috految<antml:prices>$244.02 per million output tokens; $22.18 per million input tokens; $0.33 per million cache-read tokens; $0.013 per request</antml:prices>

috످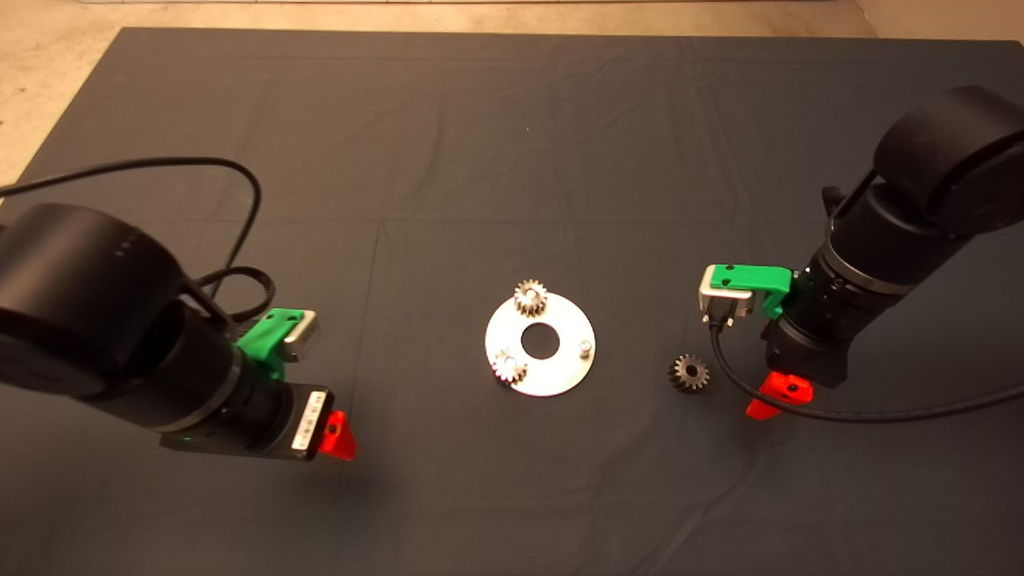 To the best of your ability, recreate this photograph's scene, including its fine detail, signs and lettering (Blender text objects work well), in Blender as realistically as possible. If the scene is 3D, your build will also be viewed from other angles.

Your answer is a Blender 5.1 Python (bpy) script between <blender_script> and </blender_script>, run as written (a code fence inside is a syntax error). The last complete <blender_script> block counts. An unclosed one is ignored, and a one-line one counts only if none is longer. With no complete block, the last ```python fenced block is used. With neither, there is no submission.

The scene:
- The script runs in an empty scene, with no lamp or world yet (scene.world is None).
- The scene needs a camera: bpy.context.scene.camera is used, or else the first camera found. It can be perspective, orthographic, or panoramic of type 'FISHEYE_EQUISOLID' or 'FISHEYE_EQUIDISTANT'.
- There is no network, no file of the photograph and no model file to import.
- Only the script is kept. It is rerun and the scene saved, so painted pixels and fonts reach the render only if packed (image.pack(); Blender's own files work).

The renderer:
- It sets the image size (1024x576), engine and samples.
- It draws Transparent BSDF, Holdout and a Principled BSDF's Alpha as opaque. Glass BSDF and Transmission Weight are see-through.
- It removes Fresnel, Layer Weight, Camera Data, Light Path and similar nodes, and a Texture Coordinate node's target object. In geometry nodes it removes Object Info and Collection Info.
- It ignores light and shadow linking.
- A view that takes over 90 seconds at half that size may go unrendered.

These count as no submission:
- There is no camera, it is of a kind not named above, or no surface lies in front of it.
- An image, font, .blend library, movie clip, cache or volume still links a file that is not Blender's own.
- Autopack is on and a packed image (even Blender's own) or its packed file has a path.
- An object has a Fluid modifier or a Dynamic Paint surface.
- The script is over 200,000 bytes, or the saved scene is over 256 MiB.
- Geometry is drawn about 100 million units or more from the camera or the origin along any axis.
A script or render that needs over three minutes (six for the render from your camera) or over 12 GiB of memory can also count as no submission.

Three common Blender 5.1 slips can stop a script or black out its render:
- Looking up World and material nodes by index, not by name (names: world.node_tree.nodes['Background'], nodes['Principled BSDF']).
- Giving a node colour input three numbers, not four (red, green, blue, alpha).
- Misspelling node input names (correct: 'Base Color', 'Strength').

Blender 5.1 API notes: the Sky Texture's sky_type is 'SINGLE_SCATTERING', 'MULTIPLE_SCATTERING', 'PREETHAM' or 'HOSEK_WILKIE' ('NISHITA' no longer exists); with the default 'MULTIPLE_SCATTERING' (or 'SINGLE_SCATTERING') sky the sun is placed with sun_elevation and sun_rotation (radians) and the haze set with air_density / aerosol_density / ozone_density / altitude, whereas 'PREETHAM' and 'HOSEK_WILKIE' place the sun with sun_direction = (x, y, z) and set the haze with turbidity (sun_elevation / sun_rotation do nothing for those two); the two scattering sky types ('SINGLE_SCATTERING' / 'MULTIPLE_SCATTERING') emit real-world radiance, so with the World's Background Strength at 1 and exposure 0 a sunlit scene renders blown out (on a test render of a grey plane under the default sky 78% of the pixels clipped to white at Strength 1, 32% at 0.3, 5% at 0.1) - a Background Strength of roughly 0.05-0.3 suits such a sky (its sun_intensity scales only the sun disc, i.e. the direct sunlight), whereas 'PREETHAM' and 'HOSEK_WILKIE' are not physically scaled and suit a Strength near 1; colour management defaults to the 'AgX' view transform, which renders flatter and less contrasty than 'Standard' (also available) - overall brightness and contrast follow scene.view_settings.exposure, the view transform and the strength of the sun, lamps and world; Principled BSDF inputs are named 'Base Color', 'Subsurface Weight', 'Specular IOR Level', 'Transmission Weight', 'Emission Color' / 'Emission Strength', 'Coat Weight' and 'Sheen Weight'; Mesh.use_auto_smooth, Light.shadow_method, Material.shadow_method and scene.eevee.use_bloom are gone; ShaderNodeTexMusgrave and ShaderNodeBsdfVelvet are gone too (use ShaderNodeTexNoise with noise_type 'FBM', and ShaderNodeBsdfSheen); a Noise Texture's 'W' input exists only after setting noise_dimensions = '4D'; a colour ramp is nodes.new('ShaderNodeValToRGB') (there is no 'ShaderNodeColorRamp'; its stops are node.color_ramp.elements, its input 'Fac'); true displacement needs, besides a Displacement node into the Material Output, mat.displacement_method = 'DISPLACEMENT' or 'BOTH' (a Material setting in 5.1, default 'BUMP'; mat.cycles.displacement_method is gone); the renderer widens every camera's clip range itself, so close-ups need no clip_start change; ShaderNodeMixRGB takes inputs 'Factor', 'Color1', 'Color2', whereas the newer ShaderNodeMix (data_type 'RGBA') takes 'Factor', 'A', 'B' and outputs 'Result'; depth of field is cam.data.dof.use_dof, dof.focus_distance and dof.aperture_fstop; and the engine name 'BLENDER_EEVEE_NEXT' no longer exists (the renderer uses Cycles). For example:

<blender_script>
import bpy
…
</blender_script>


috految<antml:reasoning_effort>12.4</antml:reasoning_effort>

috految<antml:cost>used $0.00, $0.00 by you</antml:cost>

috److془I need to carefully build the scene.

Camera: left edge (122,27) to (0,203): slope -0.69; reaches x=530 at y=-560. f/tan(t)=850. Disc aspect 105/110=.955 = cos t + sin t*55/f. f=500,t=29: .875+.053=.93. Use f=520, t=28. Height 1. Nadir at (512,564).

Depth at table: 1/(.883+.469*(v-288)/520). v=343: 1.072. v=420: 1.0; v=460: .963; v=30: 1.54.
P(u,v,d), Z(u,v,z).

Right arm: axis from gripper (806,338,d .86) to ring (866,266,d.75) to (915,210,.68). Cam coords: (.486,-.083,.86), (.511,.032,.75), (.527,.102,.68). Direction (.16,.71,-.69). ray (.56,.03,.83): dot -.46. Good. Ring: endpoints (826,240),(912,290), front mid (860,278). Centre (868,260) radius: 49px, stretch ~1.12 → 44 px = .063. Top: endpoints (872,181),(972,238): centre (919,208) r .066. Lower: (805,266),(868,325) centre (838,293) r .058; bottom (778,313),(848,348): (814,323,.85) r .057.
Joint: far rim passes (874,165),(885,132),(925,100),(970,86); near cap ellipse: (935,215),(950,180),(1024,135), bottom (975,235),(1024,220). Centre near (994,182), far (931,134). Semi-major ~ 67, minor 38. Near d .61: (.565,.124,.61); far d .69: (.556,.204,.69). axis (-.08,.7,.7); dot ray(.63,.19,.75)=.6. Excellent. r: horizontal extent = r*520/d*sqrt(1+.65-.41)=1.11 → 57px → r=.069. vertical .91*52=47 ✓. 

Left: joint: far rim (20,215),(50,203),(100,211),(150,238),(185,275); near cap: (0,308),(60,330),(112,365),(100,393),(50,393),(0,380). Near centre (24,347), far (105,256). Near d .51: (-.479,-.058,.51); far d .585: (-.458,.036,.585). axis (.17,.77,.61). Far horizontal extent: sqrt(1.61-.42)=1.09; vertical .68. r=.08: 78, 48 ✓. Near: 94,47 ✓. perspective shift ~ -7,-4. 
Body: ring ends (236,343),(152,430), front (215,402); centre (187,381,.66): (-.412,-.118,.66), r .069. body top (122,343,.58): (-.435,-.061,.58) r .072. Bottom (252,415,.765): (-.382,-.187,.765) r .06. Axis (.24,-.55,.8); vertical extent .92*54=50 ✓; horizontally 50 ✓. Rail plane: d .765 at v415: z=.237. Top polygon (190,375),(331,386),(309,461),(159,445). Extrude .04 down shifts 9px,+6. Body bottom z variation ±.017. rail z .235. Finger from .21 to .11. Second finger hidden (225,420).
Right rail: z .215 at (814,323,.85). polygon (768,325),(766,362),(835,389),(848,378),(849,345),(850,265),(810,256). Finger top (773,371),(809,380).. z.185 to tip z .07. 
Green right: z .30 at v280 d=.80; ✓. Left green at z .32: d .73 at v350; ✓ body at (240,350) d .70.. z .335.

Arms continue offscreen to base. Left joint world: (-.47,.25,.51). Right (.56,.45,.5). Elbows: (-.85,.06,.56), (.98,.3,.56). Bases at (±.8,-.25). Table y from .. bottom of view y=-.02. Far y 1.4; x -1.16..1.48. Floor z=-.7; wall base at y≈2.54 from u=85 to 835. Right wall from (856,0) to (880,38) x≈1.8. Light: shadows right (770,440), left (330,490). Finger left ground (360,470). Light from (-.5,1.2,2.3) . Table colour (100,80,66) centre top, (70,57,49) bottom, right (64,52,43). Floor left (235,187,130). Area P: radiance= albedo*P cos cos/(π² d²). P=65 →1.1 + world .35 +second .25; albedo .055 + spec .025.془The script places each object by projecting its pixel position in the photograph through an estimated camera. The robot arms, table and room continue beyond the frame so the scene also holds up from other angles. The small label lettering is not legible in the photo, so that text is an approximation.

<blender_script>
import bpy,bmesh,random
import numpy as np
from math import *
from mathutils import Vector as V,Matrix,noise
U=random.uniform
S=bpy.context.scene
def ob(d,m=None):
 o=bpy.data.objects.new('part',d);S.collection.objects.link(o)
 if m:d.materials.append(m)
 return o
C=V((0,0,1));up=V((0,0,1));R=Matrix.Rotation(radians(28),3,'X')
o=S.camera=ob(bpy.data.cameras.new('c'));o.location=C;o.rotation_euler=R.to_euler();o.data.lens=36*520/1024
def ray(u,v):return R@V(((u-512)/520,(288-v)/520,-1))
def P(u,v,d):return C+ray(u,v)*d
def Z(u,v,z=0):
 r=ray(u,v);return C+r*((z-1)/r.z)
def mat(c,r=.4,me=0,sp=.3,var=0,sc=40,b=0):
 m=bpy.data.materials.new('m');N=m.node_tree.nodes;L=m.node_tree.links.new;p=N['Principled BSDF'].inputs
 for k,v in [('Base Color',(*c,1)),('Roughness',r),('Metallic',me),('Specular IOR Level',sp)]:p[k].default_value=v
 if var:
  n=N.new('ShaderNodeTexNoise');L(N.new('ShaderNodeTexCoord').outputs['Object'],n.inputs['Vector'])
  for k,v in [('Scale',sc),('Detail',8),('Roughness',.73),('Distortion',.4)]:n.inputs[k].default_value=v
  q=N.new('ShaderNodeValToRGB');L(n.outputs[0],q.inputs[0]);L(q.outputs[0],p['Base Color']);e=q.color_ramp.elements
  e[0].position=.3;e[0].color=(*[x*(1-var) for x in c],1);e[1].position=.56;e[1].color=(*c,1)
  if b:
   q=N.new('ShaderNodeBump');q.inputs['Distance'].default_value=b;q.inputs['Strength'].default_value=.4;L(n.outputs[0],q.inputs['Height']);L(q.outputs[0],p['Normal'])
 return m
cloth=mat((.056,.047,.043),.7,sp=.23,var=.06,sc=16,b=.002)
shell=mat((.019,.015,.014),.41,.7,.3,.2)
black=mat((.008,.007,.007),.33,.55,.2,.2)
rub=mat((.008,.006,.005),.4,sp=.17)
ink=mat((.004,.004,.004),.7,sp=.05)
green=mat((.004,.31,.115),.45,sp=.17,var=.12,sc=120,b=.0005)
red=mat((.83,.028,.004),.43,sp=.12,var=.1,sc=120,b=.0005)
steel=mat((.57,.53,.46),.34,1,var=.35,sc=70)
dark=mat((.22,.19,.16),.34,1,var=.3)
alu=mat((.6,.56,.48),.4,.7)
band=mat((.32,.28,.22),.34,.85,var=.25)
plate=mat((.76,.76,.72),.52,.65,var=.2,sc=35)
white=mat((.8,.78,.72));grey=mat((.19,.17,.15))
floor=mat((.66,.51,.33),.8,var=.43,sc=3.4,b=.005)
wall=mat((.6,.44,.31),.8,var=.12,sc=5)
brown=mat((.3,.18,.09),.8)
def mesh(v,f,m):
 d=bpy.data.meshes.new('m');d.from_pydata(v,[],f);return ob(d,m)
def loft(rs,m,b=.002,cap=True):
 n=len(rs[0]);k=len(rs);f=[(j*n+i,j*n+(i+1)%n,(j+1)*n+(i+1)%n,(j+1)*n+i) for j in range(k-1) for i in range(n)]
 if cap:f+=[list(range(n))[::-1],list(range((k-1)*n,k*n))]
 o=mesh([p for r in rs for p in r],f,m)
 B=bmesh.new();B.from_mesh(o.data);bmesh.ops.recalc_face_normals(B,faces=B.faces[:]);B.to_mesh(o.data);B.free()
 if b:
  o.data.shade_smooth();q=o.modifiers.new('b','BEVEL');q.width=b;q.segments=4;q.harden_normals=True
 return o
def circ(a,ax,r,n=64):
 q=ax.to_track_quat('Z','Y');return [a+q@V((r*cos(i*tau/n),r*sin(i*tau/n),0)) for i in range(n)]
def cy(a,b,r,m,be=.0015,n=64):return loft([circ(p,b-a,r,n) for p in(a,b)],m,be)
def pts(l,z):return [Z(u,v,z) for u,v in zip(l[::2],l[1::2])]
def ex(p,d,m,b=.002):return loft([p,[x+d for x in p]],m,b)
def slab(l,z,h,m,b=.003):return ex(pts(l,z),-up*h,m,b)
def box(p,x,y,z,m,b=.004):ex([V(p)+V((i*x,j*y,-z))/2 for i,j in[(-1,-1),(1,-1),(1,1),(-1,1)]],up*z,m,b)
def tube(ps,r,m=rub):
 d=bpy.data.curves.new('c','CURVE');d.dimensions='3D';d.bevel_depth=r;d.bevel_resolution=4;d.use_fill_caps=True
 s=d.splines.new('BEZIER');s.bezier_points.add(len(ps)-1)
 for b,p in zip(s.bezier_points,ps):b.co=p;b.handle_left_type=b.handle_right_type='AUTO'
 ob(d,m)
def bolt(p,n=up,r=.005,m=dark):
 cy(p-n*.003,p+n*.0006,r*1.3,ink,0,20);cy(p,p+n*.0025,r,m,.0007,20);cy(p,p+n*.0028,r*.5,ink,0,6)
def text(t,p,x,n,s,m):
 d=bpy.data.curves.new('t','FONT');d.body=t;d.size=1;d.align_x=d.align_y='CENTER';d.offset=.012
 o=ob(d,m);o.scale=(s,s,s);o.location=p;x=(x-n*x.dot(n)).normalized();o.rotation_euler=Matrix((x,n.cross(x),n)).transposed().to_euler()
# cloth-covered table
A=Z(122,27);B=Z(1020,41);d=Z(0,203)-A;D=A+d*((-.38-A.y)/d.y);E=V((B.x,-.38,0))
nx,ny=620,460
vs=[D.lerp(E,i/(nx-1)).lerp(A.lerp(B,i/(nx-1)),j/(ny-1)) for j in range(ny) for i in range(nx)]
G=np.array([v[:] for v in vs]);w=np.array([noise.noise(v*17) for v in vs]);X=G[:,0]+w*.005;Y=G[:,1]+w*.004
H=np.array([.0024*noise.noise(V((v.x*10-v.y*3,v.y*5,2))) for v in vs])
def fold(a,b,h,wi):
 d=b-a;t=np.clip(((X-a.x)*d.x+(Y-a.y)*d.y)/d.length_squared,0,1)
 q=np.hypot(X-a.x-t*d.x,Y-a.y-t*d.y)
 H[:]+=h*np.exp(-(q/wi)**1.5)*np.abs(np.sin(t*pi))**.6*(1+.7*w)
for a,b,c,d,h,wi in[(382,218,357,355,4,4),(362,325,325,590,2.5,4),(125,216,510,223,2.6,5),(455,220,860,227,2.6,5),(441,102,435,162,7,13),(440,148,412,195,6,12),(415,186,398,213,3,9),(381,219,388,244,4,5),(551,165,565,220,4,10),(563,205,587,305,2,7),(592,126,652,98,4,9),(575,138,624,110,3,6),(572,93,616,58,4,7),(619,68,597,99,3,7),(268,80,232,170,4,12),(225,140,187,255,2,6),(120,55,960,65,2.5,6),(696,38,710,112,4,9),(700,95,757,260,3,9),(684,155,712,245,3,7),(712,205,746,266,4,8),(769,458,712,503,5,7),(716,492,642,585,7,8),(706,507,620,584,3,6),(591,410,580,510,4,13),(588,462,526,543,2,8),(582,484,674,508,2,8),(800,400,835,550,3,8),(640,390,603,453,3,9),(120,500,0,565,3,9),(460,95,555,65,2,7),(450,199,545,184,2,8),(100,504,950,530,1.2,5)]:
 fold(Z(a,b),Z(c,d),h*.0012,wi*.001)
for i in range(190):
 a=V((U(-1.1,1.4),U(-.3,1.4),0)) if i<140 else Z(U(430,770),U(45,240))
 fold(a,a+V((U(-.12,.15),U(-.16,.16),0)),U(.0004,.0016),U(.005,.012))
G[:,2]=H
mesh(G.tolist(),[(j*nx+i,j*nx+i+1,j*nx+nx+i+1,j*nx+nx+i) for j in range(ny-1) for i in range(nx-1)],cloth).data.shade_smooth()
cs=[D,E,B,A];ex([p-up*.005 for p in cs],-up*.04,cloth)
rim=[cs[k].lerp(cs[(k+1)%4],i/130) for k in range(4) for i in range(130)]
loft([[p-up*j*.036+(p-V((0,.5,0))).normalized()*j*.003*(1+sin(i*.5+2*sin(i*.13))) for i,p in enumerate(rim)] for j in range(9)],cloth,0,False).data.shade_smooth()
for p in cs:box(p.lerp(V((0,.5,0)),.1)-up*.37,.07,.07,.68,alu)
cy(Z(528,129),Z(528,129)+up*.004,.0021,white,0)
# room
box((0,0,-.73),18,18,.06,floor)
a=Z(84,3,-.7);b=Z(838,1,-.7)
ex([a,b,b+V((0,.04,0)),a+V((0,.04,0))],up*.05,white)
tube([a,b],.007,brown)
for i in range(8):box(a.lerp(b,(i+.5)/8)+V((0,.05,.58)),(b-a).length/8-.004,.04,1.16,white)
for i in range(16):bolt(a.lerp(b,i/15)+up*.025,V((0,-1,0)),.007)
box((0,3.1,.05),8,.08,1.5,wall)
a=Z(856,0,-.7);b=Z(880,38,-.7);d=b-a
ex([a-d*1.7,b+d*2.5,b+d*2.5+V((.6,0,0)),a-d*1.7+V((.6,0,0))],up*1.35,wall)
tube([a-d,b+d*2.5],.007,brown)
for i in range(130):
 p=V((U(-3,2),U(0,3),-.7));cy(p,p+up*.001,U(.002,.008),brown,0,5)
for u,v in[(20,90),(23,88),(0,123),(56,49)]:
 p=Z(u,v,-.7);cy(p,p+up*.002,.01,brown,0,5)
# planet carrier and gears
c=Z(540,341,.012)
def ov(r,z):return [c+V((r*cos(i*tau/96),r*1.025*sin(i*tau/96),z)) for i in range(96)]
loft([ov(.041,-.011),ov(.041,0),ov(.111,0),ov(.111,-.011)],plate,.001,False)
def gear(p,r,h,m,n):
 T=[((i+a)*tau/n+.12,k) for i in range(n) for a,k in[(0,.71),(.08,.87),(.2,1),(.42,1),(.54,.87),(.62,.71)]]
 def ring(q,z):return [p+V(((q or r*k)*cos(a),(q or r*k)*sin(a),z)) for a,k in T]
 loft([ring(.012,-h),ring(.012,-.002),ring(.014,0),ring(0,0),ring(0,-h)],m,.0006,False)
for u,v in[(531,296),(509,365)]:
 p=Z(u,v,.05);gear(p,.0365,.037,steel,14);cy(p-up*.04,p+up*.005,.0103,steel,.003);cy(p,p+up*.0055,.003,dark,0)
gear(Z(691,371,.039),.039,.038,dark,14)
p=Z(586,346,.049);cy(p-up*.04,p,.011,steel,.003);cy(p-up*.037,p-up*.031,.0145,steel);cy(p,p+up*.001,.004,alu,0)
# robot arms
def joint(a,b,r):
 n=(b-a).normalized();cy(a,b,r,shell,.005)
 cy(a-n*.003,a,r*.93,ink);cy(a-n*.009,a-n*.002,r*.88,shell,.003)
 cy(b,b+n*.003,r*.8,black)
 for p in circ(a-n*.008,n,r*.73,6):bolt(p,-n,.003,black)
 for p in circ(b+n*.003,n,r*.64,8):bolt(p,n,.004)
LA=P(31,347,.51);LB=P(110,258,.585);RA=P(990,183,.61);RB=P(929,136,.69)
joint(LA,LB,.080);joint(RA,RB,.070)
def wrist(a,b,c,r,r2,j):
 n=(b-a).normalized();cy(a,b,r,black,.004);cy(j,a+n*.012,r*.8,black)
 cy(a+n*.008,a+n*.012,r+.0007,shell)
 cy(b-n*.005,b+n*.010,r+.0015,band)
 cy(b+n*.010,b+n*.017,r*.98,black)
 cy(b,c,r2,black);n=(c-b).normalized()
 for s,t,k in[(.22,.43,.003),(.48,.51,.002),(.85,.88,.003),(.93,1.05,.004)]:cy(b.lerp(c,s),b.lerp(c,t),r2+k,black)
 cy(c,c+n*.025,r2*.9,black)
 for t in(.31,.7):
  q=b.lerp(c,t)
  for p in circ(q,n,r2+.002,8):bolt(p,(p-q).normalized(),.0033,dark if t<.5 else black)
wrist(P(124,346,.58),P(187,379,.66),P(254,414,.765),.070,.058,(LA+LB)/2)
wrist(P(918,210,.68),P(868,259,.75),P(814,324,.85),.065,.056,(RA+RB)/2)
ex([P(174,272,.565),P(192,278,.57),P(237,324,.644),P(233,340,.645),P(197,300,.58),P(172,289,.56)],V((-.008,.004,-.019)),shell,.004)
ex([P(875,166,.68),P(880,177,.67),P(837,221,.725),P(829,244,.745),P(827,218,.735)],V((.01,.005,-.015)),shell)
tube([P(832,216,.728),P(827,235,.738),P(831,250,.735)],.003,band)
cy(P(840,222,.775),P(832,195,.755),.013,rub);cy(P(832,200,.757),P(831,190,.748),.014,black)
cy(P(838,201,.76),P(863,225,.745),.012,black)
for j,e,b in[((LA+LB)/2,V((-.88,.17,.55)),V((-.79,-.24,.16))),((RA+RB)/2,V((.98,.34,.56)),V((.94,-.24,.16)))]:
 cy(j,e,.052,shell);cy(j.lerp(e,.5),j.lerp(e,.85),.062,black,.005);cy(j.lerp(e,.6),j.lerp(e,.64),.063,band)
 n=(e-j).cross(b-e).normalized()
 joint(e-n*.07,e+n*.07,.08);cy(e,b,.053,shell);cy(e.lerp(b,.25),e.lerp(b,.72),.063,shell,.008);cy(e.lerp(b,.7),e.lerp(b,.73),.064,band)
 joint(b-V((.075,0,0)),b+V((.075,0,0)),.08)
 cy(b-up*.15,b,.078,black);cy(b-up*.095,b-up*.083,.08,band);box(b-up*.15,.23,.23,.024,shell)
 for p in circ(b-up*.138,up,.1,8):bolt(p,up,.007,steel)
 tube([e,e+V((0,-.2,.025)),b+V((0,-.12,.04)),b+V((0,-.2,-.3)),V((b.x,-.6,-.69)),V((0,-.1,-.68))],.008)
box((0,0,-.61),.5,.35,.18,shell)
# grippers
slab([190,374,324,385,332,391,314,450,307,461,176,449,158,442],.235,.031,black,.005)
slab([292,383,326,386,331,392,309,455,303,459,271,454],.238,.008,shell)
slab([207,397,331,409,322,441,195,430],.209,.018,black)
slab([312,391,324,392,326,395,306,449,303,450,291,447],.24,.001,white,0)
a=Z(299,447,.2405);b=Z(318,394,.2405);x=(b-a).normalized();y=up.cross(x)
text('G1 08 25 06 17',(a+b)/2-y*.003,x,up,.011,ink)
for i in range(33):
 if i%7>4:continue
 p=a.lerp(b,.08+i*.026)+y*.002;w2=U(.0003,.0014)
 mesh([p,p+x*w2,p+x*w2+y*.004,p+y*.004],[(0,1,2,3)],ink)
for u,v in[(328,394),(302,455),(174,441)]:bolt(Z(u,v,.238),up,.003)
slab([331,409,344,411,346,417,334,455,317,451],.212,.017,red)
loft([pts([331,413,346,416,335,455,319,449],.2),pts([339,429,353,437,347,460,336,456],.155),pts([348,441,358,444,354,460,346,462],.105)],red,.002)
bolt(Z(333,429,.213),up,.005);slab([324,425,336,426,334,433,322,432],.213,.003,red,.001)
loft([pts([215,400,234,402,223,442,203,438],.207),pts([252,425,261,426,256,447,248,446],.105)],red)
slab([805,267,850,279,850,344,847,355,849,379,835,389,805,375,772,365,769,344,780,307],.215,.028,black,.005)
slab([780,333,840,356,836,373,774,354],.224,.012,shell,.004)
slab([769,322,789,330,787,346,764,338],.21,.025,black)
slab([773,370,806,377,814,385,814,399,801,404,770,390],.194,.02,red)
slab([783,321,823,332,806,381,778,370],.186,.016,black)
loft([pts([772,374,811,389,803,404,764,390],.181),pts([757,390,788,401,780,413,751,402],.135),pts([749,405,769,412,762,422,744,414],.075)],red)
slab([782,379,803,383,801,392,779,389],.2,.009,red,.002)
bolt(Z(793,388,.201),up,.006,shell);bolt(Z(808,392,.195),up,.002)
loft([pts([809,291,838,299,831,316,801,307],.199),pts([783,329,800,333,797,344,780,339],.075)],red)
# wrist cameras and printed mounts
slab([712,264,784,266,793,270,790,290,774,288,755,287,711,286],.31,.012,green)
loft([pts([775,270,792,271,789,293,772,290],.303),pts([770,297,785,295,779,309,765,304],.265),pts([769,298,785,304,779,321,763,312],.24)],green,.003)
slab([788,270,806,269,809,288,787,302],.28,.04,black)
cy(Z(792,274,.292),Z(802,272,.292),.005,alu)
loft([pts([707,263,756,268,754,298,701,294],.297),pts([703,282,753,286,748,318,697,313],.23)],alu,.009)
slab([709,267,747,269,749,293,707,290],.298,.003,white,.001)
slab([713,297,739,299,732,317,707,314],.293,.018,rub)
cy(Z(719,310,.288),Z(715,331,.284),.011,rub)
for v in range(320,332,3):cy(Z(716,v,.286),Z(716,v+1,.286),.012,black,.0003)
for u,v in[(706,317),(731,320)]:
 cy(Z(u+5,v-17,.285),Z(u,v,.287),.0025,steel,0);cy(Z(u,v,.287),Z(u-1,v+6,.287),.004,alu)
for u,v in[(730,268),(727,281)]:bolt(Z(u,v,.31),up,.0055,shell)
slab([270,307,300,309,305,315,280,338,265,361,250,359,234,345],.337,.012,green)
loft([pts([242,342,275,337,265,361,237,352],.331),pts([263,357,279,352,278,370,262,372],.295),pts([263,368,286,363,283,383,262,380],.25)],green)
tube([Z(279,325,.336),Z(265,344,.336),Z(247,352,.336)],.003,green)
loft([pts([276,307,320,310,294,346,253,339],.322),pts([282,324,321,327,299,364,264,356],.266)],alu,.008)
for u,v in[(271,313),(291,319)]:bolt(Z(u,v,.337),up,.0047,shell)
slab([239,320,268,317,256,336,228,335],.312,.018,rub)
for u,v,z in[(716,299,.23),(737,302,.23),(287,340,.266),(301,336,.266)]:
 p=Z(u,v,z);cy(p,p-up*.004,.01,black)
tube([Z(716,324,.285),Z(718,353,.282),Z(742,385,.285),Z(790,409,.30),Z(860,418,.33),Z(945,411,.37),Z(1024,390,.41),Z(1150,340,.48),V((.98,.34,.56))],.0072)
tube([V((-.88,.17,.55)),P(-100,224,.56),P(0,192,.60),P(75,176,.63),P(140,163,.66),P(218,161,.70),P(250,176,.72),P(257,201,.75),P(239,242,.78),P(217,283,.79),P(213,318,.78),Z(245,327,.303)],.0066)
tube([P(174,294,.62),P(205,281,.65),P(238,270,.68),P(265,279,.71),P(269,295,.73),P(252,313,.73),P(221,321,.69),P(197,337,.66)],.0072)
tube([P(195,281,.61),P(212,305,.63),P(235,329,.66)],.003)
# surface details
bpy.context.view_layer.update();dg=bpy.context.evaluated_depsgraph_get()
def hit(u,v):
 h=S.ray_cast(dg,C,ray(u,v).normalized());return h[1].copy(),h[2].copy()
hs=[hit(*p) for p in[(836,285),(810,273),(826,322),(225,410),(229,331),(746,309),(302,339),(291,353),(838,376)]]
ts=[hit(*p) for p in[(120,254),(126,245),(133,238)]]
led=hit(187,439);lab=hit(848,300)
cab=[hit(u,418-(u-860)**2*.001) for u in range(880,985,6)]
for i,(p,n) in enumerate(hs):
 if p.z>.1:bolt(p,n,.0055 if i==0 else .0033,steel if i<2 else dark)
for t,(p,n) in zip(['J5','02','A1'],ts):text(t,p+n*.0006,V((1,-.3,0)),n,.008,grey)
text('G1-R 024',lab[0]+lab[1]*.001,V((1,0,0)),lab[1],.007,grey)
for t,(p,n) in zip('USB 3.0 AWM 2725 80C',cab):
 if p.z>.2:text(t,p+n*.0004,V((1,0,0)),n,.007,grey)
m=mat((0,.5,.2));p=m.node_tree.nodes['Principled BSDF'].inputs;p['Emission Color'].default_value=(0,1,.35,1);p['Emission Strength'].default_value=.8
box(led[0],.007,.0025,.003,m,.0005)
S.world=bpy.data.worlds.new('w');bg=S.world.node_tree.nodes['Background'];bg.inputs[0].default_value=(1,.79,.63,1);bg.inputs[1].default_value=.42
def lamp(p,e,s,c):
 o=ob(bpy.data.lights.new('l','AREA'));o.location=p;o.data.energy=e;o.data.size=s;o.data.color=c
lamp((-.35,1.15,2.3),54,1.2,(1,.8,.63))
lamp((-2.1,1.7,1.9),57,1.5,(1,.77,.54))
lamp((-.1,.1,2.4),7,1,(1,.84,.72))
S.view_settings.view_transform='Standard'
</blender_script>

috످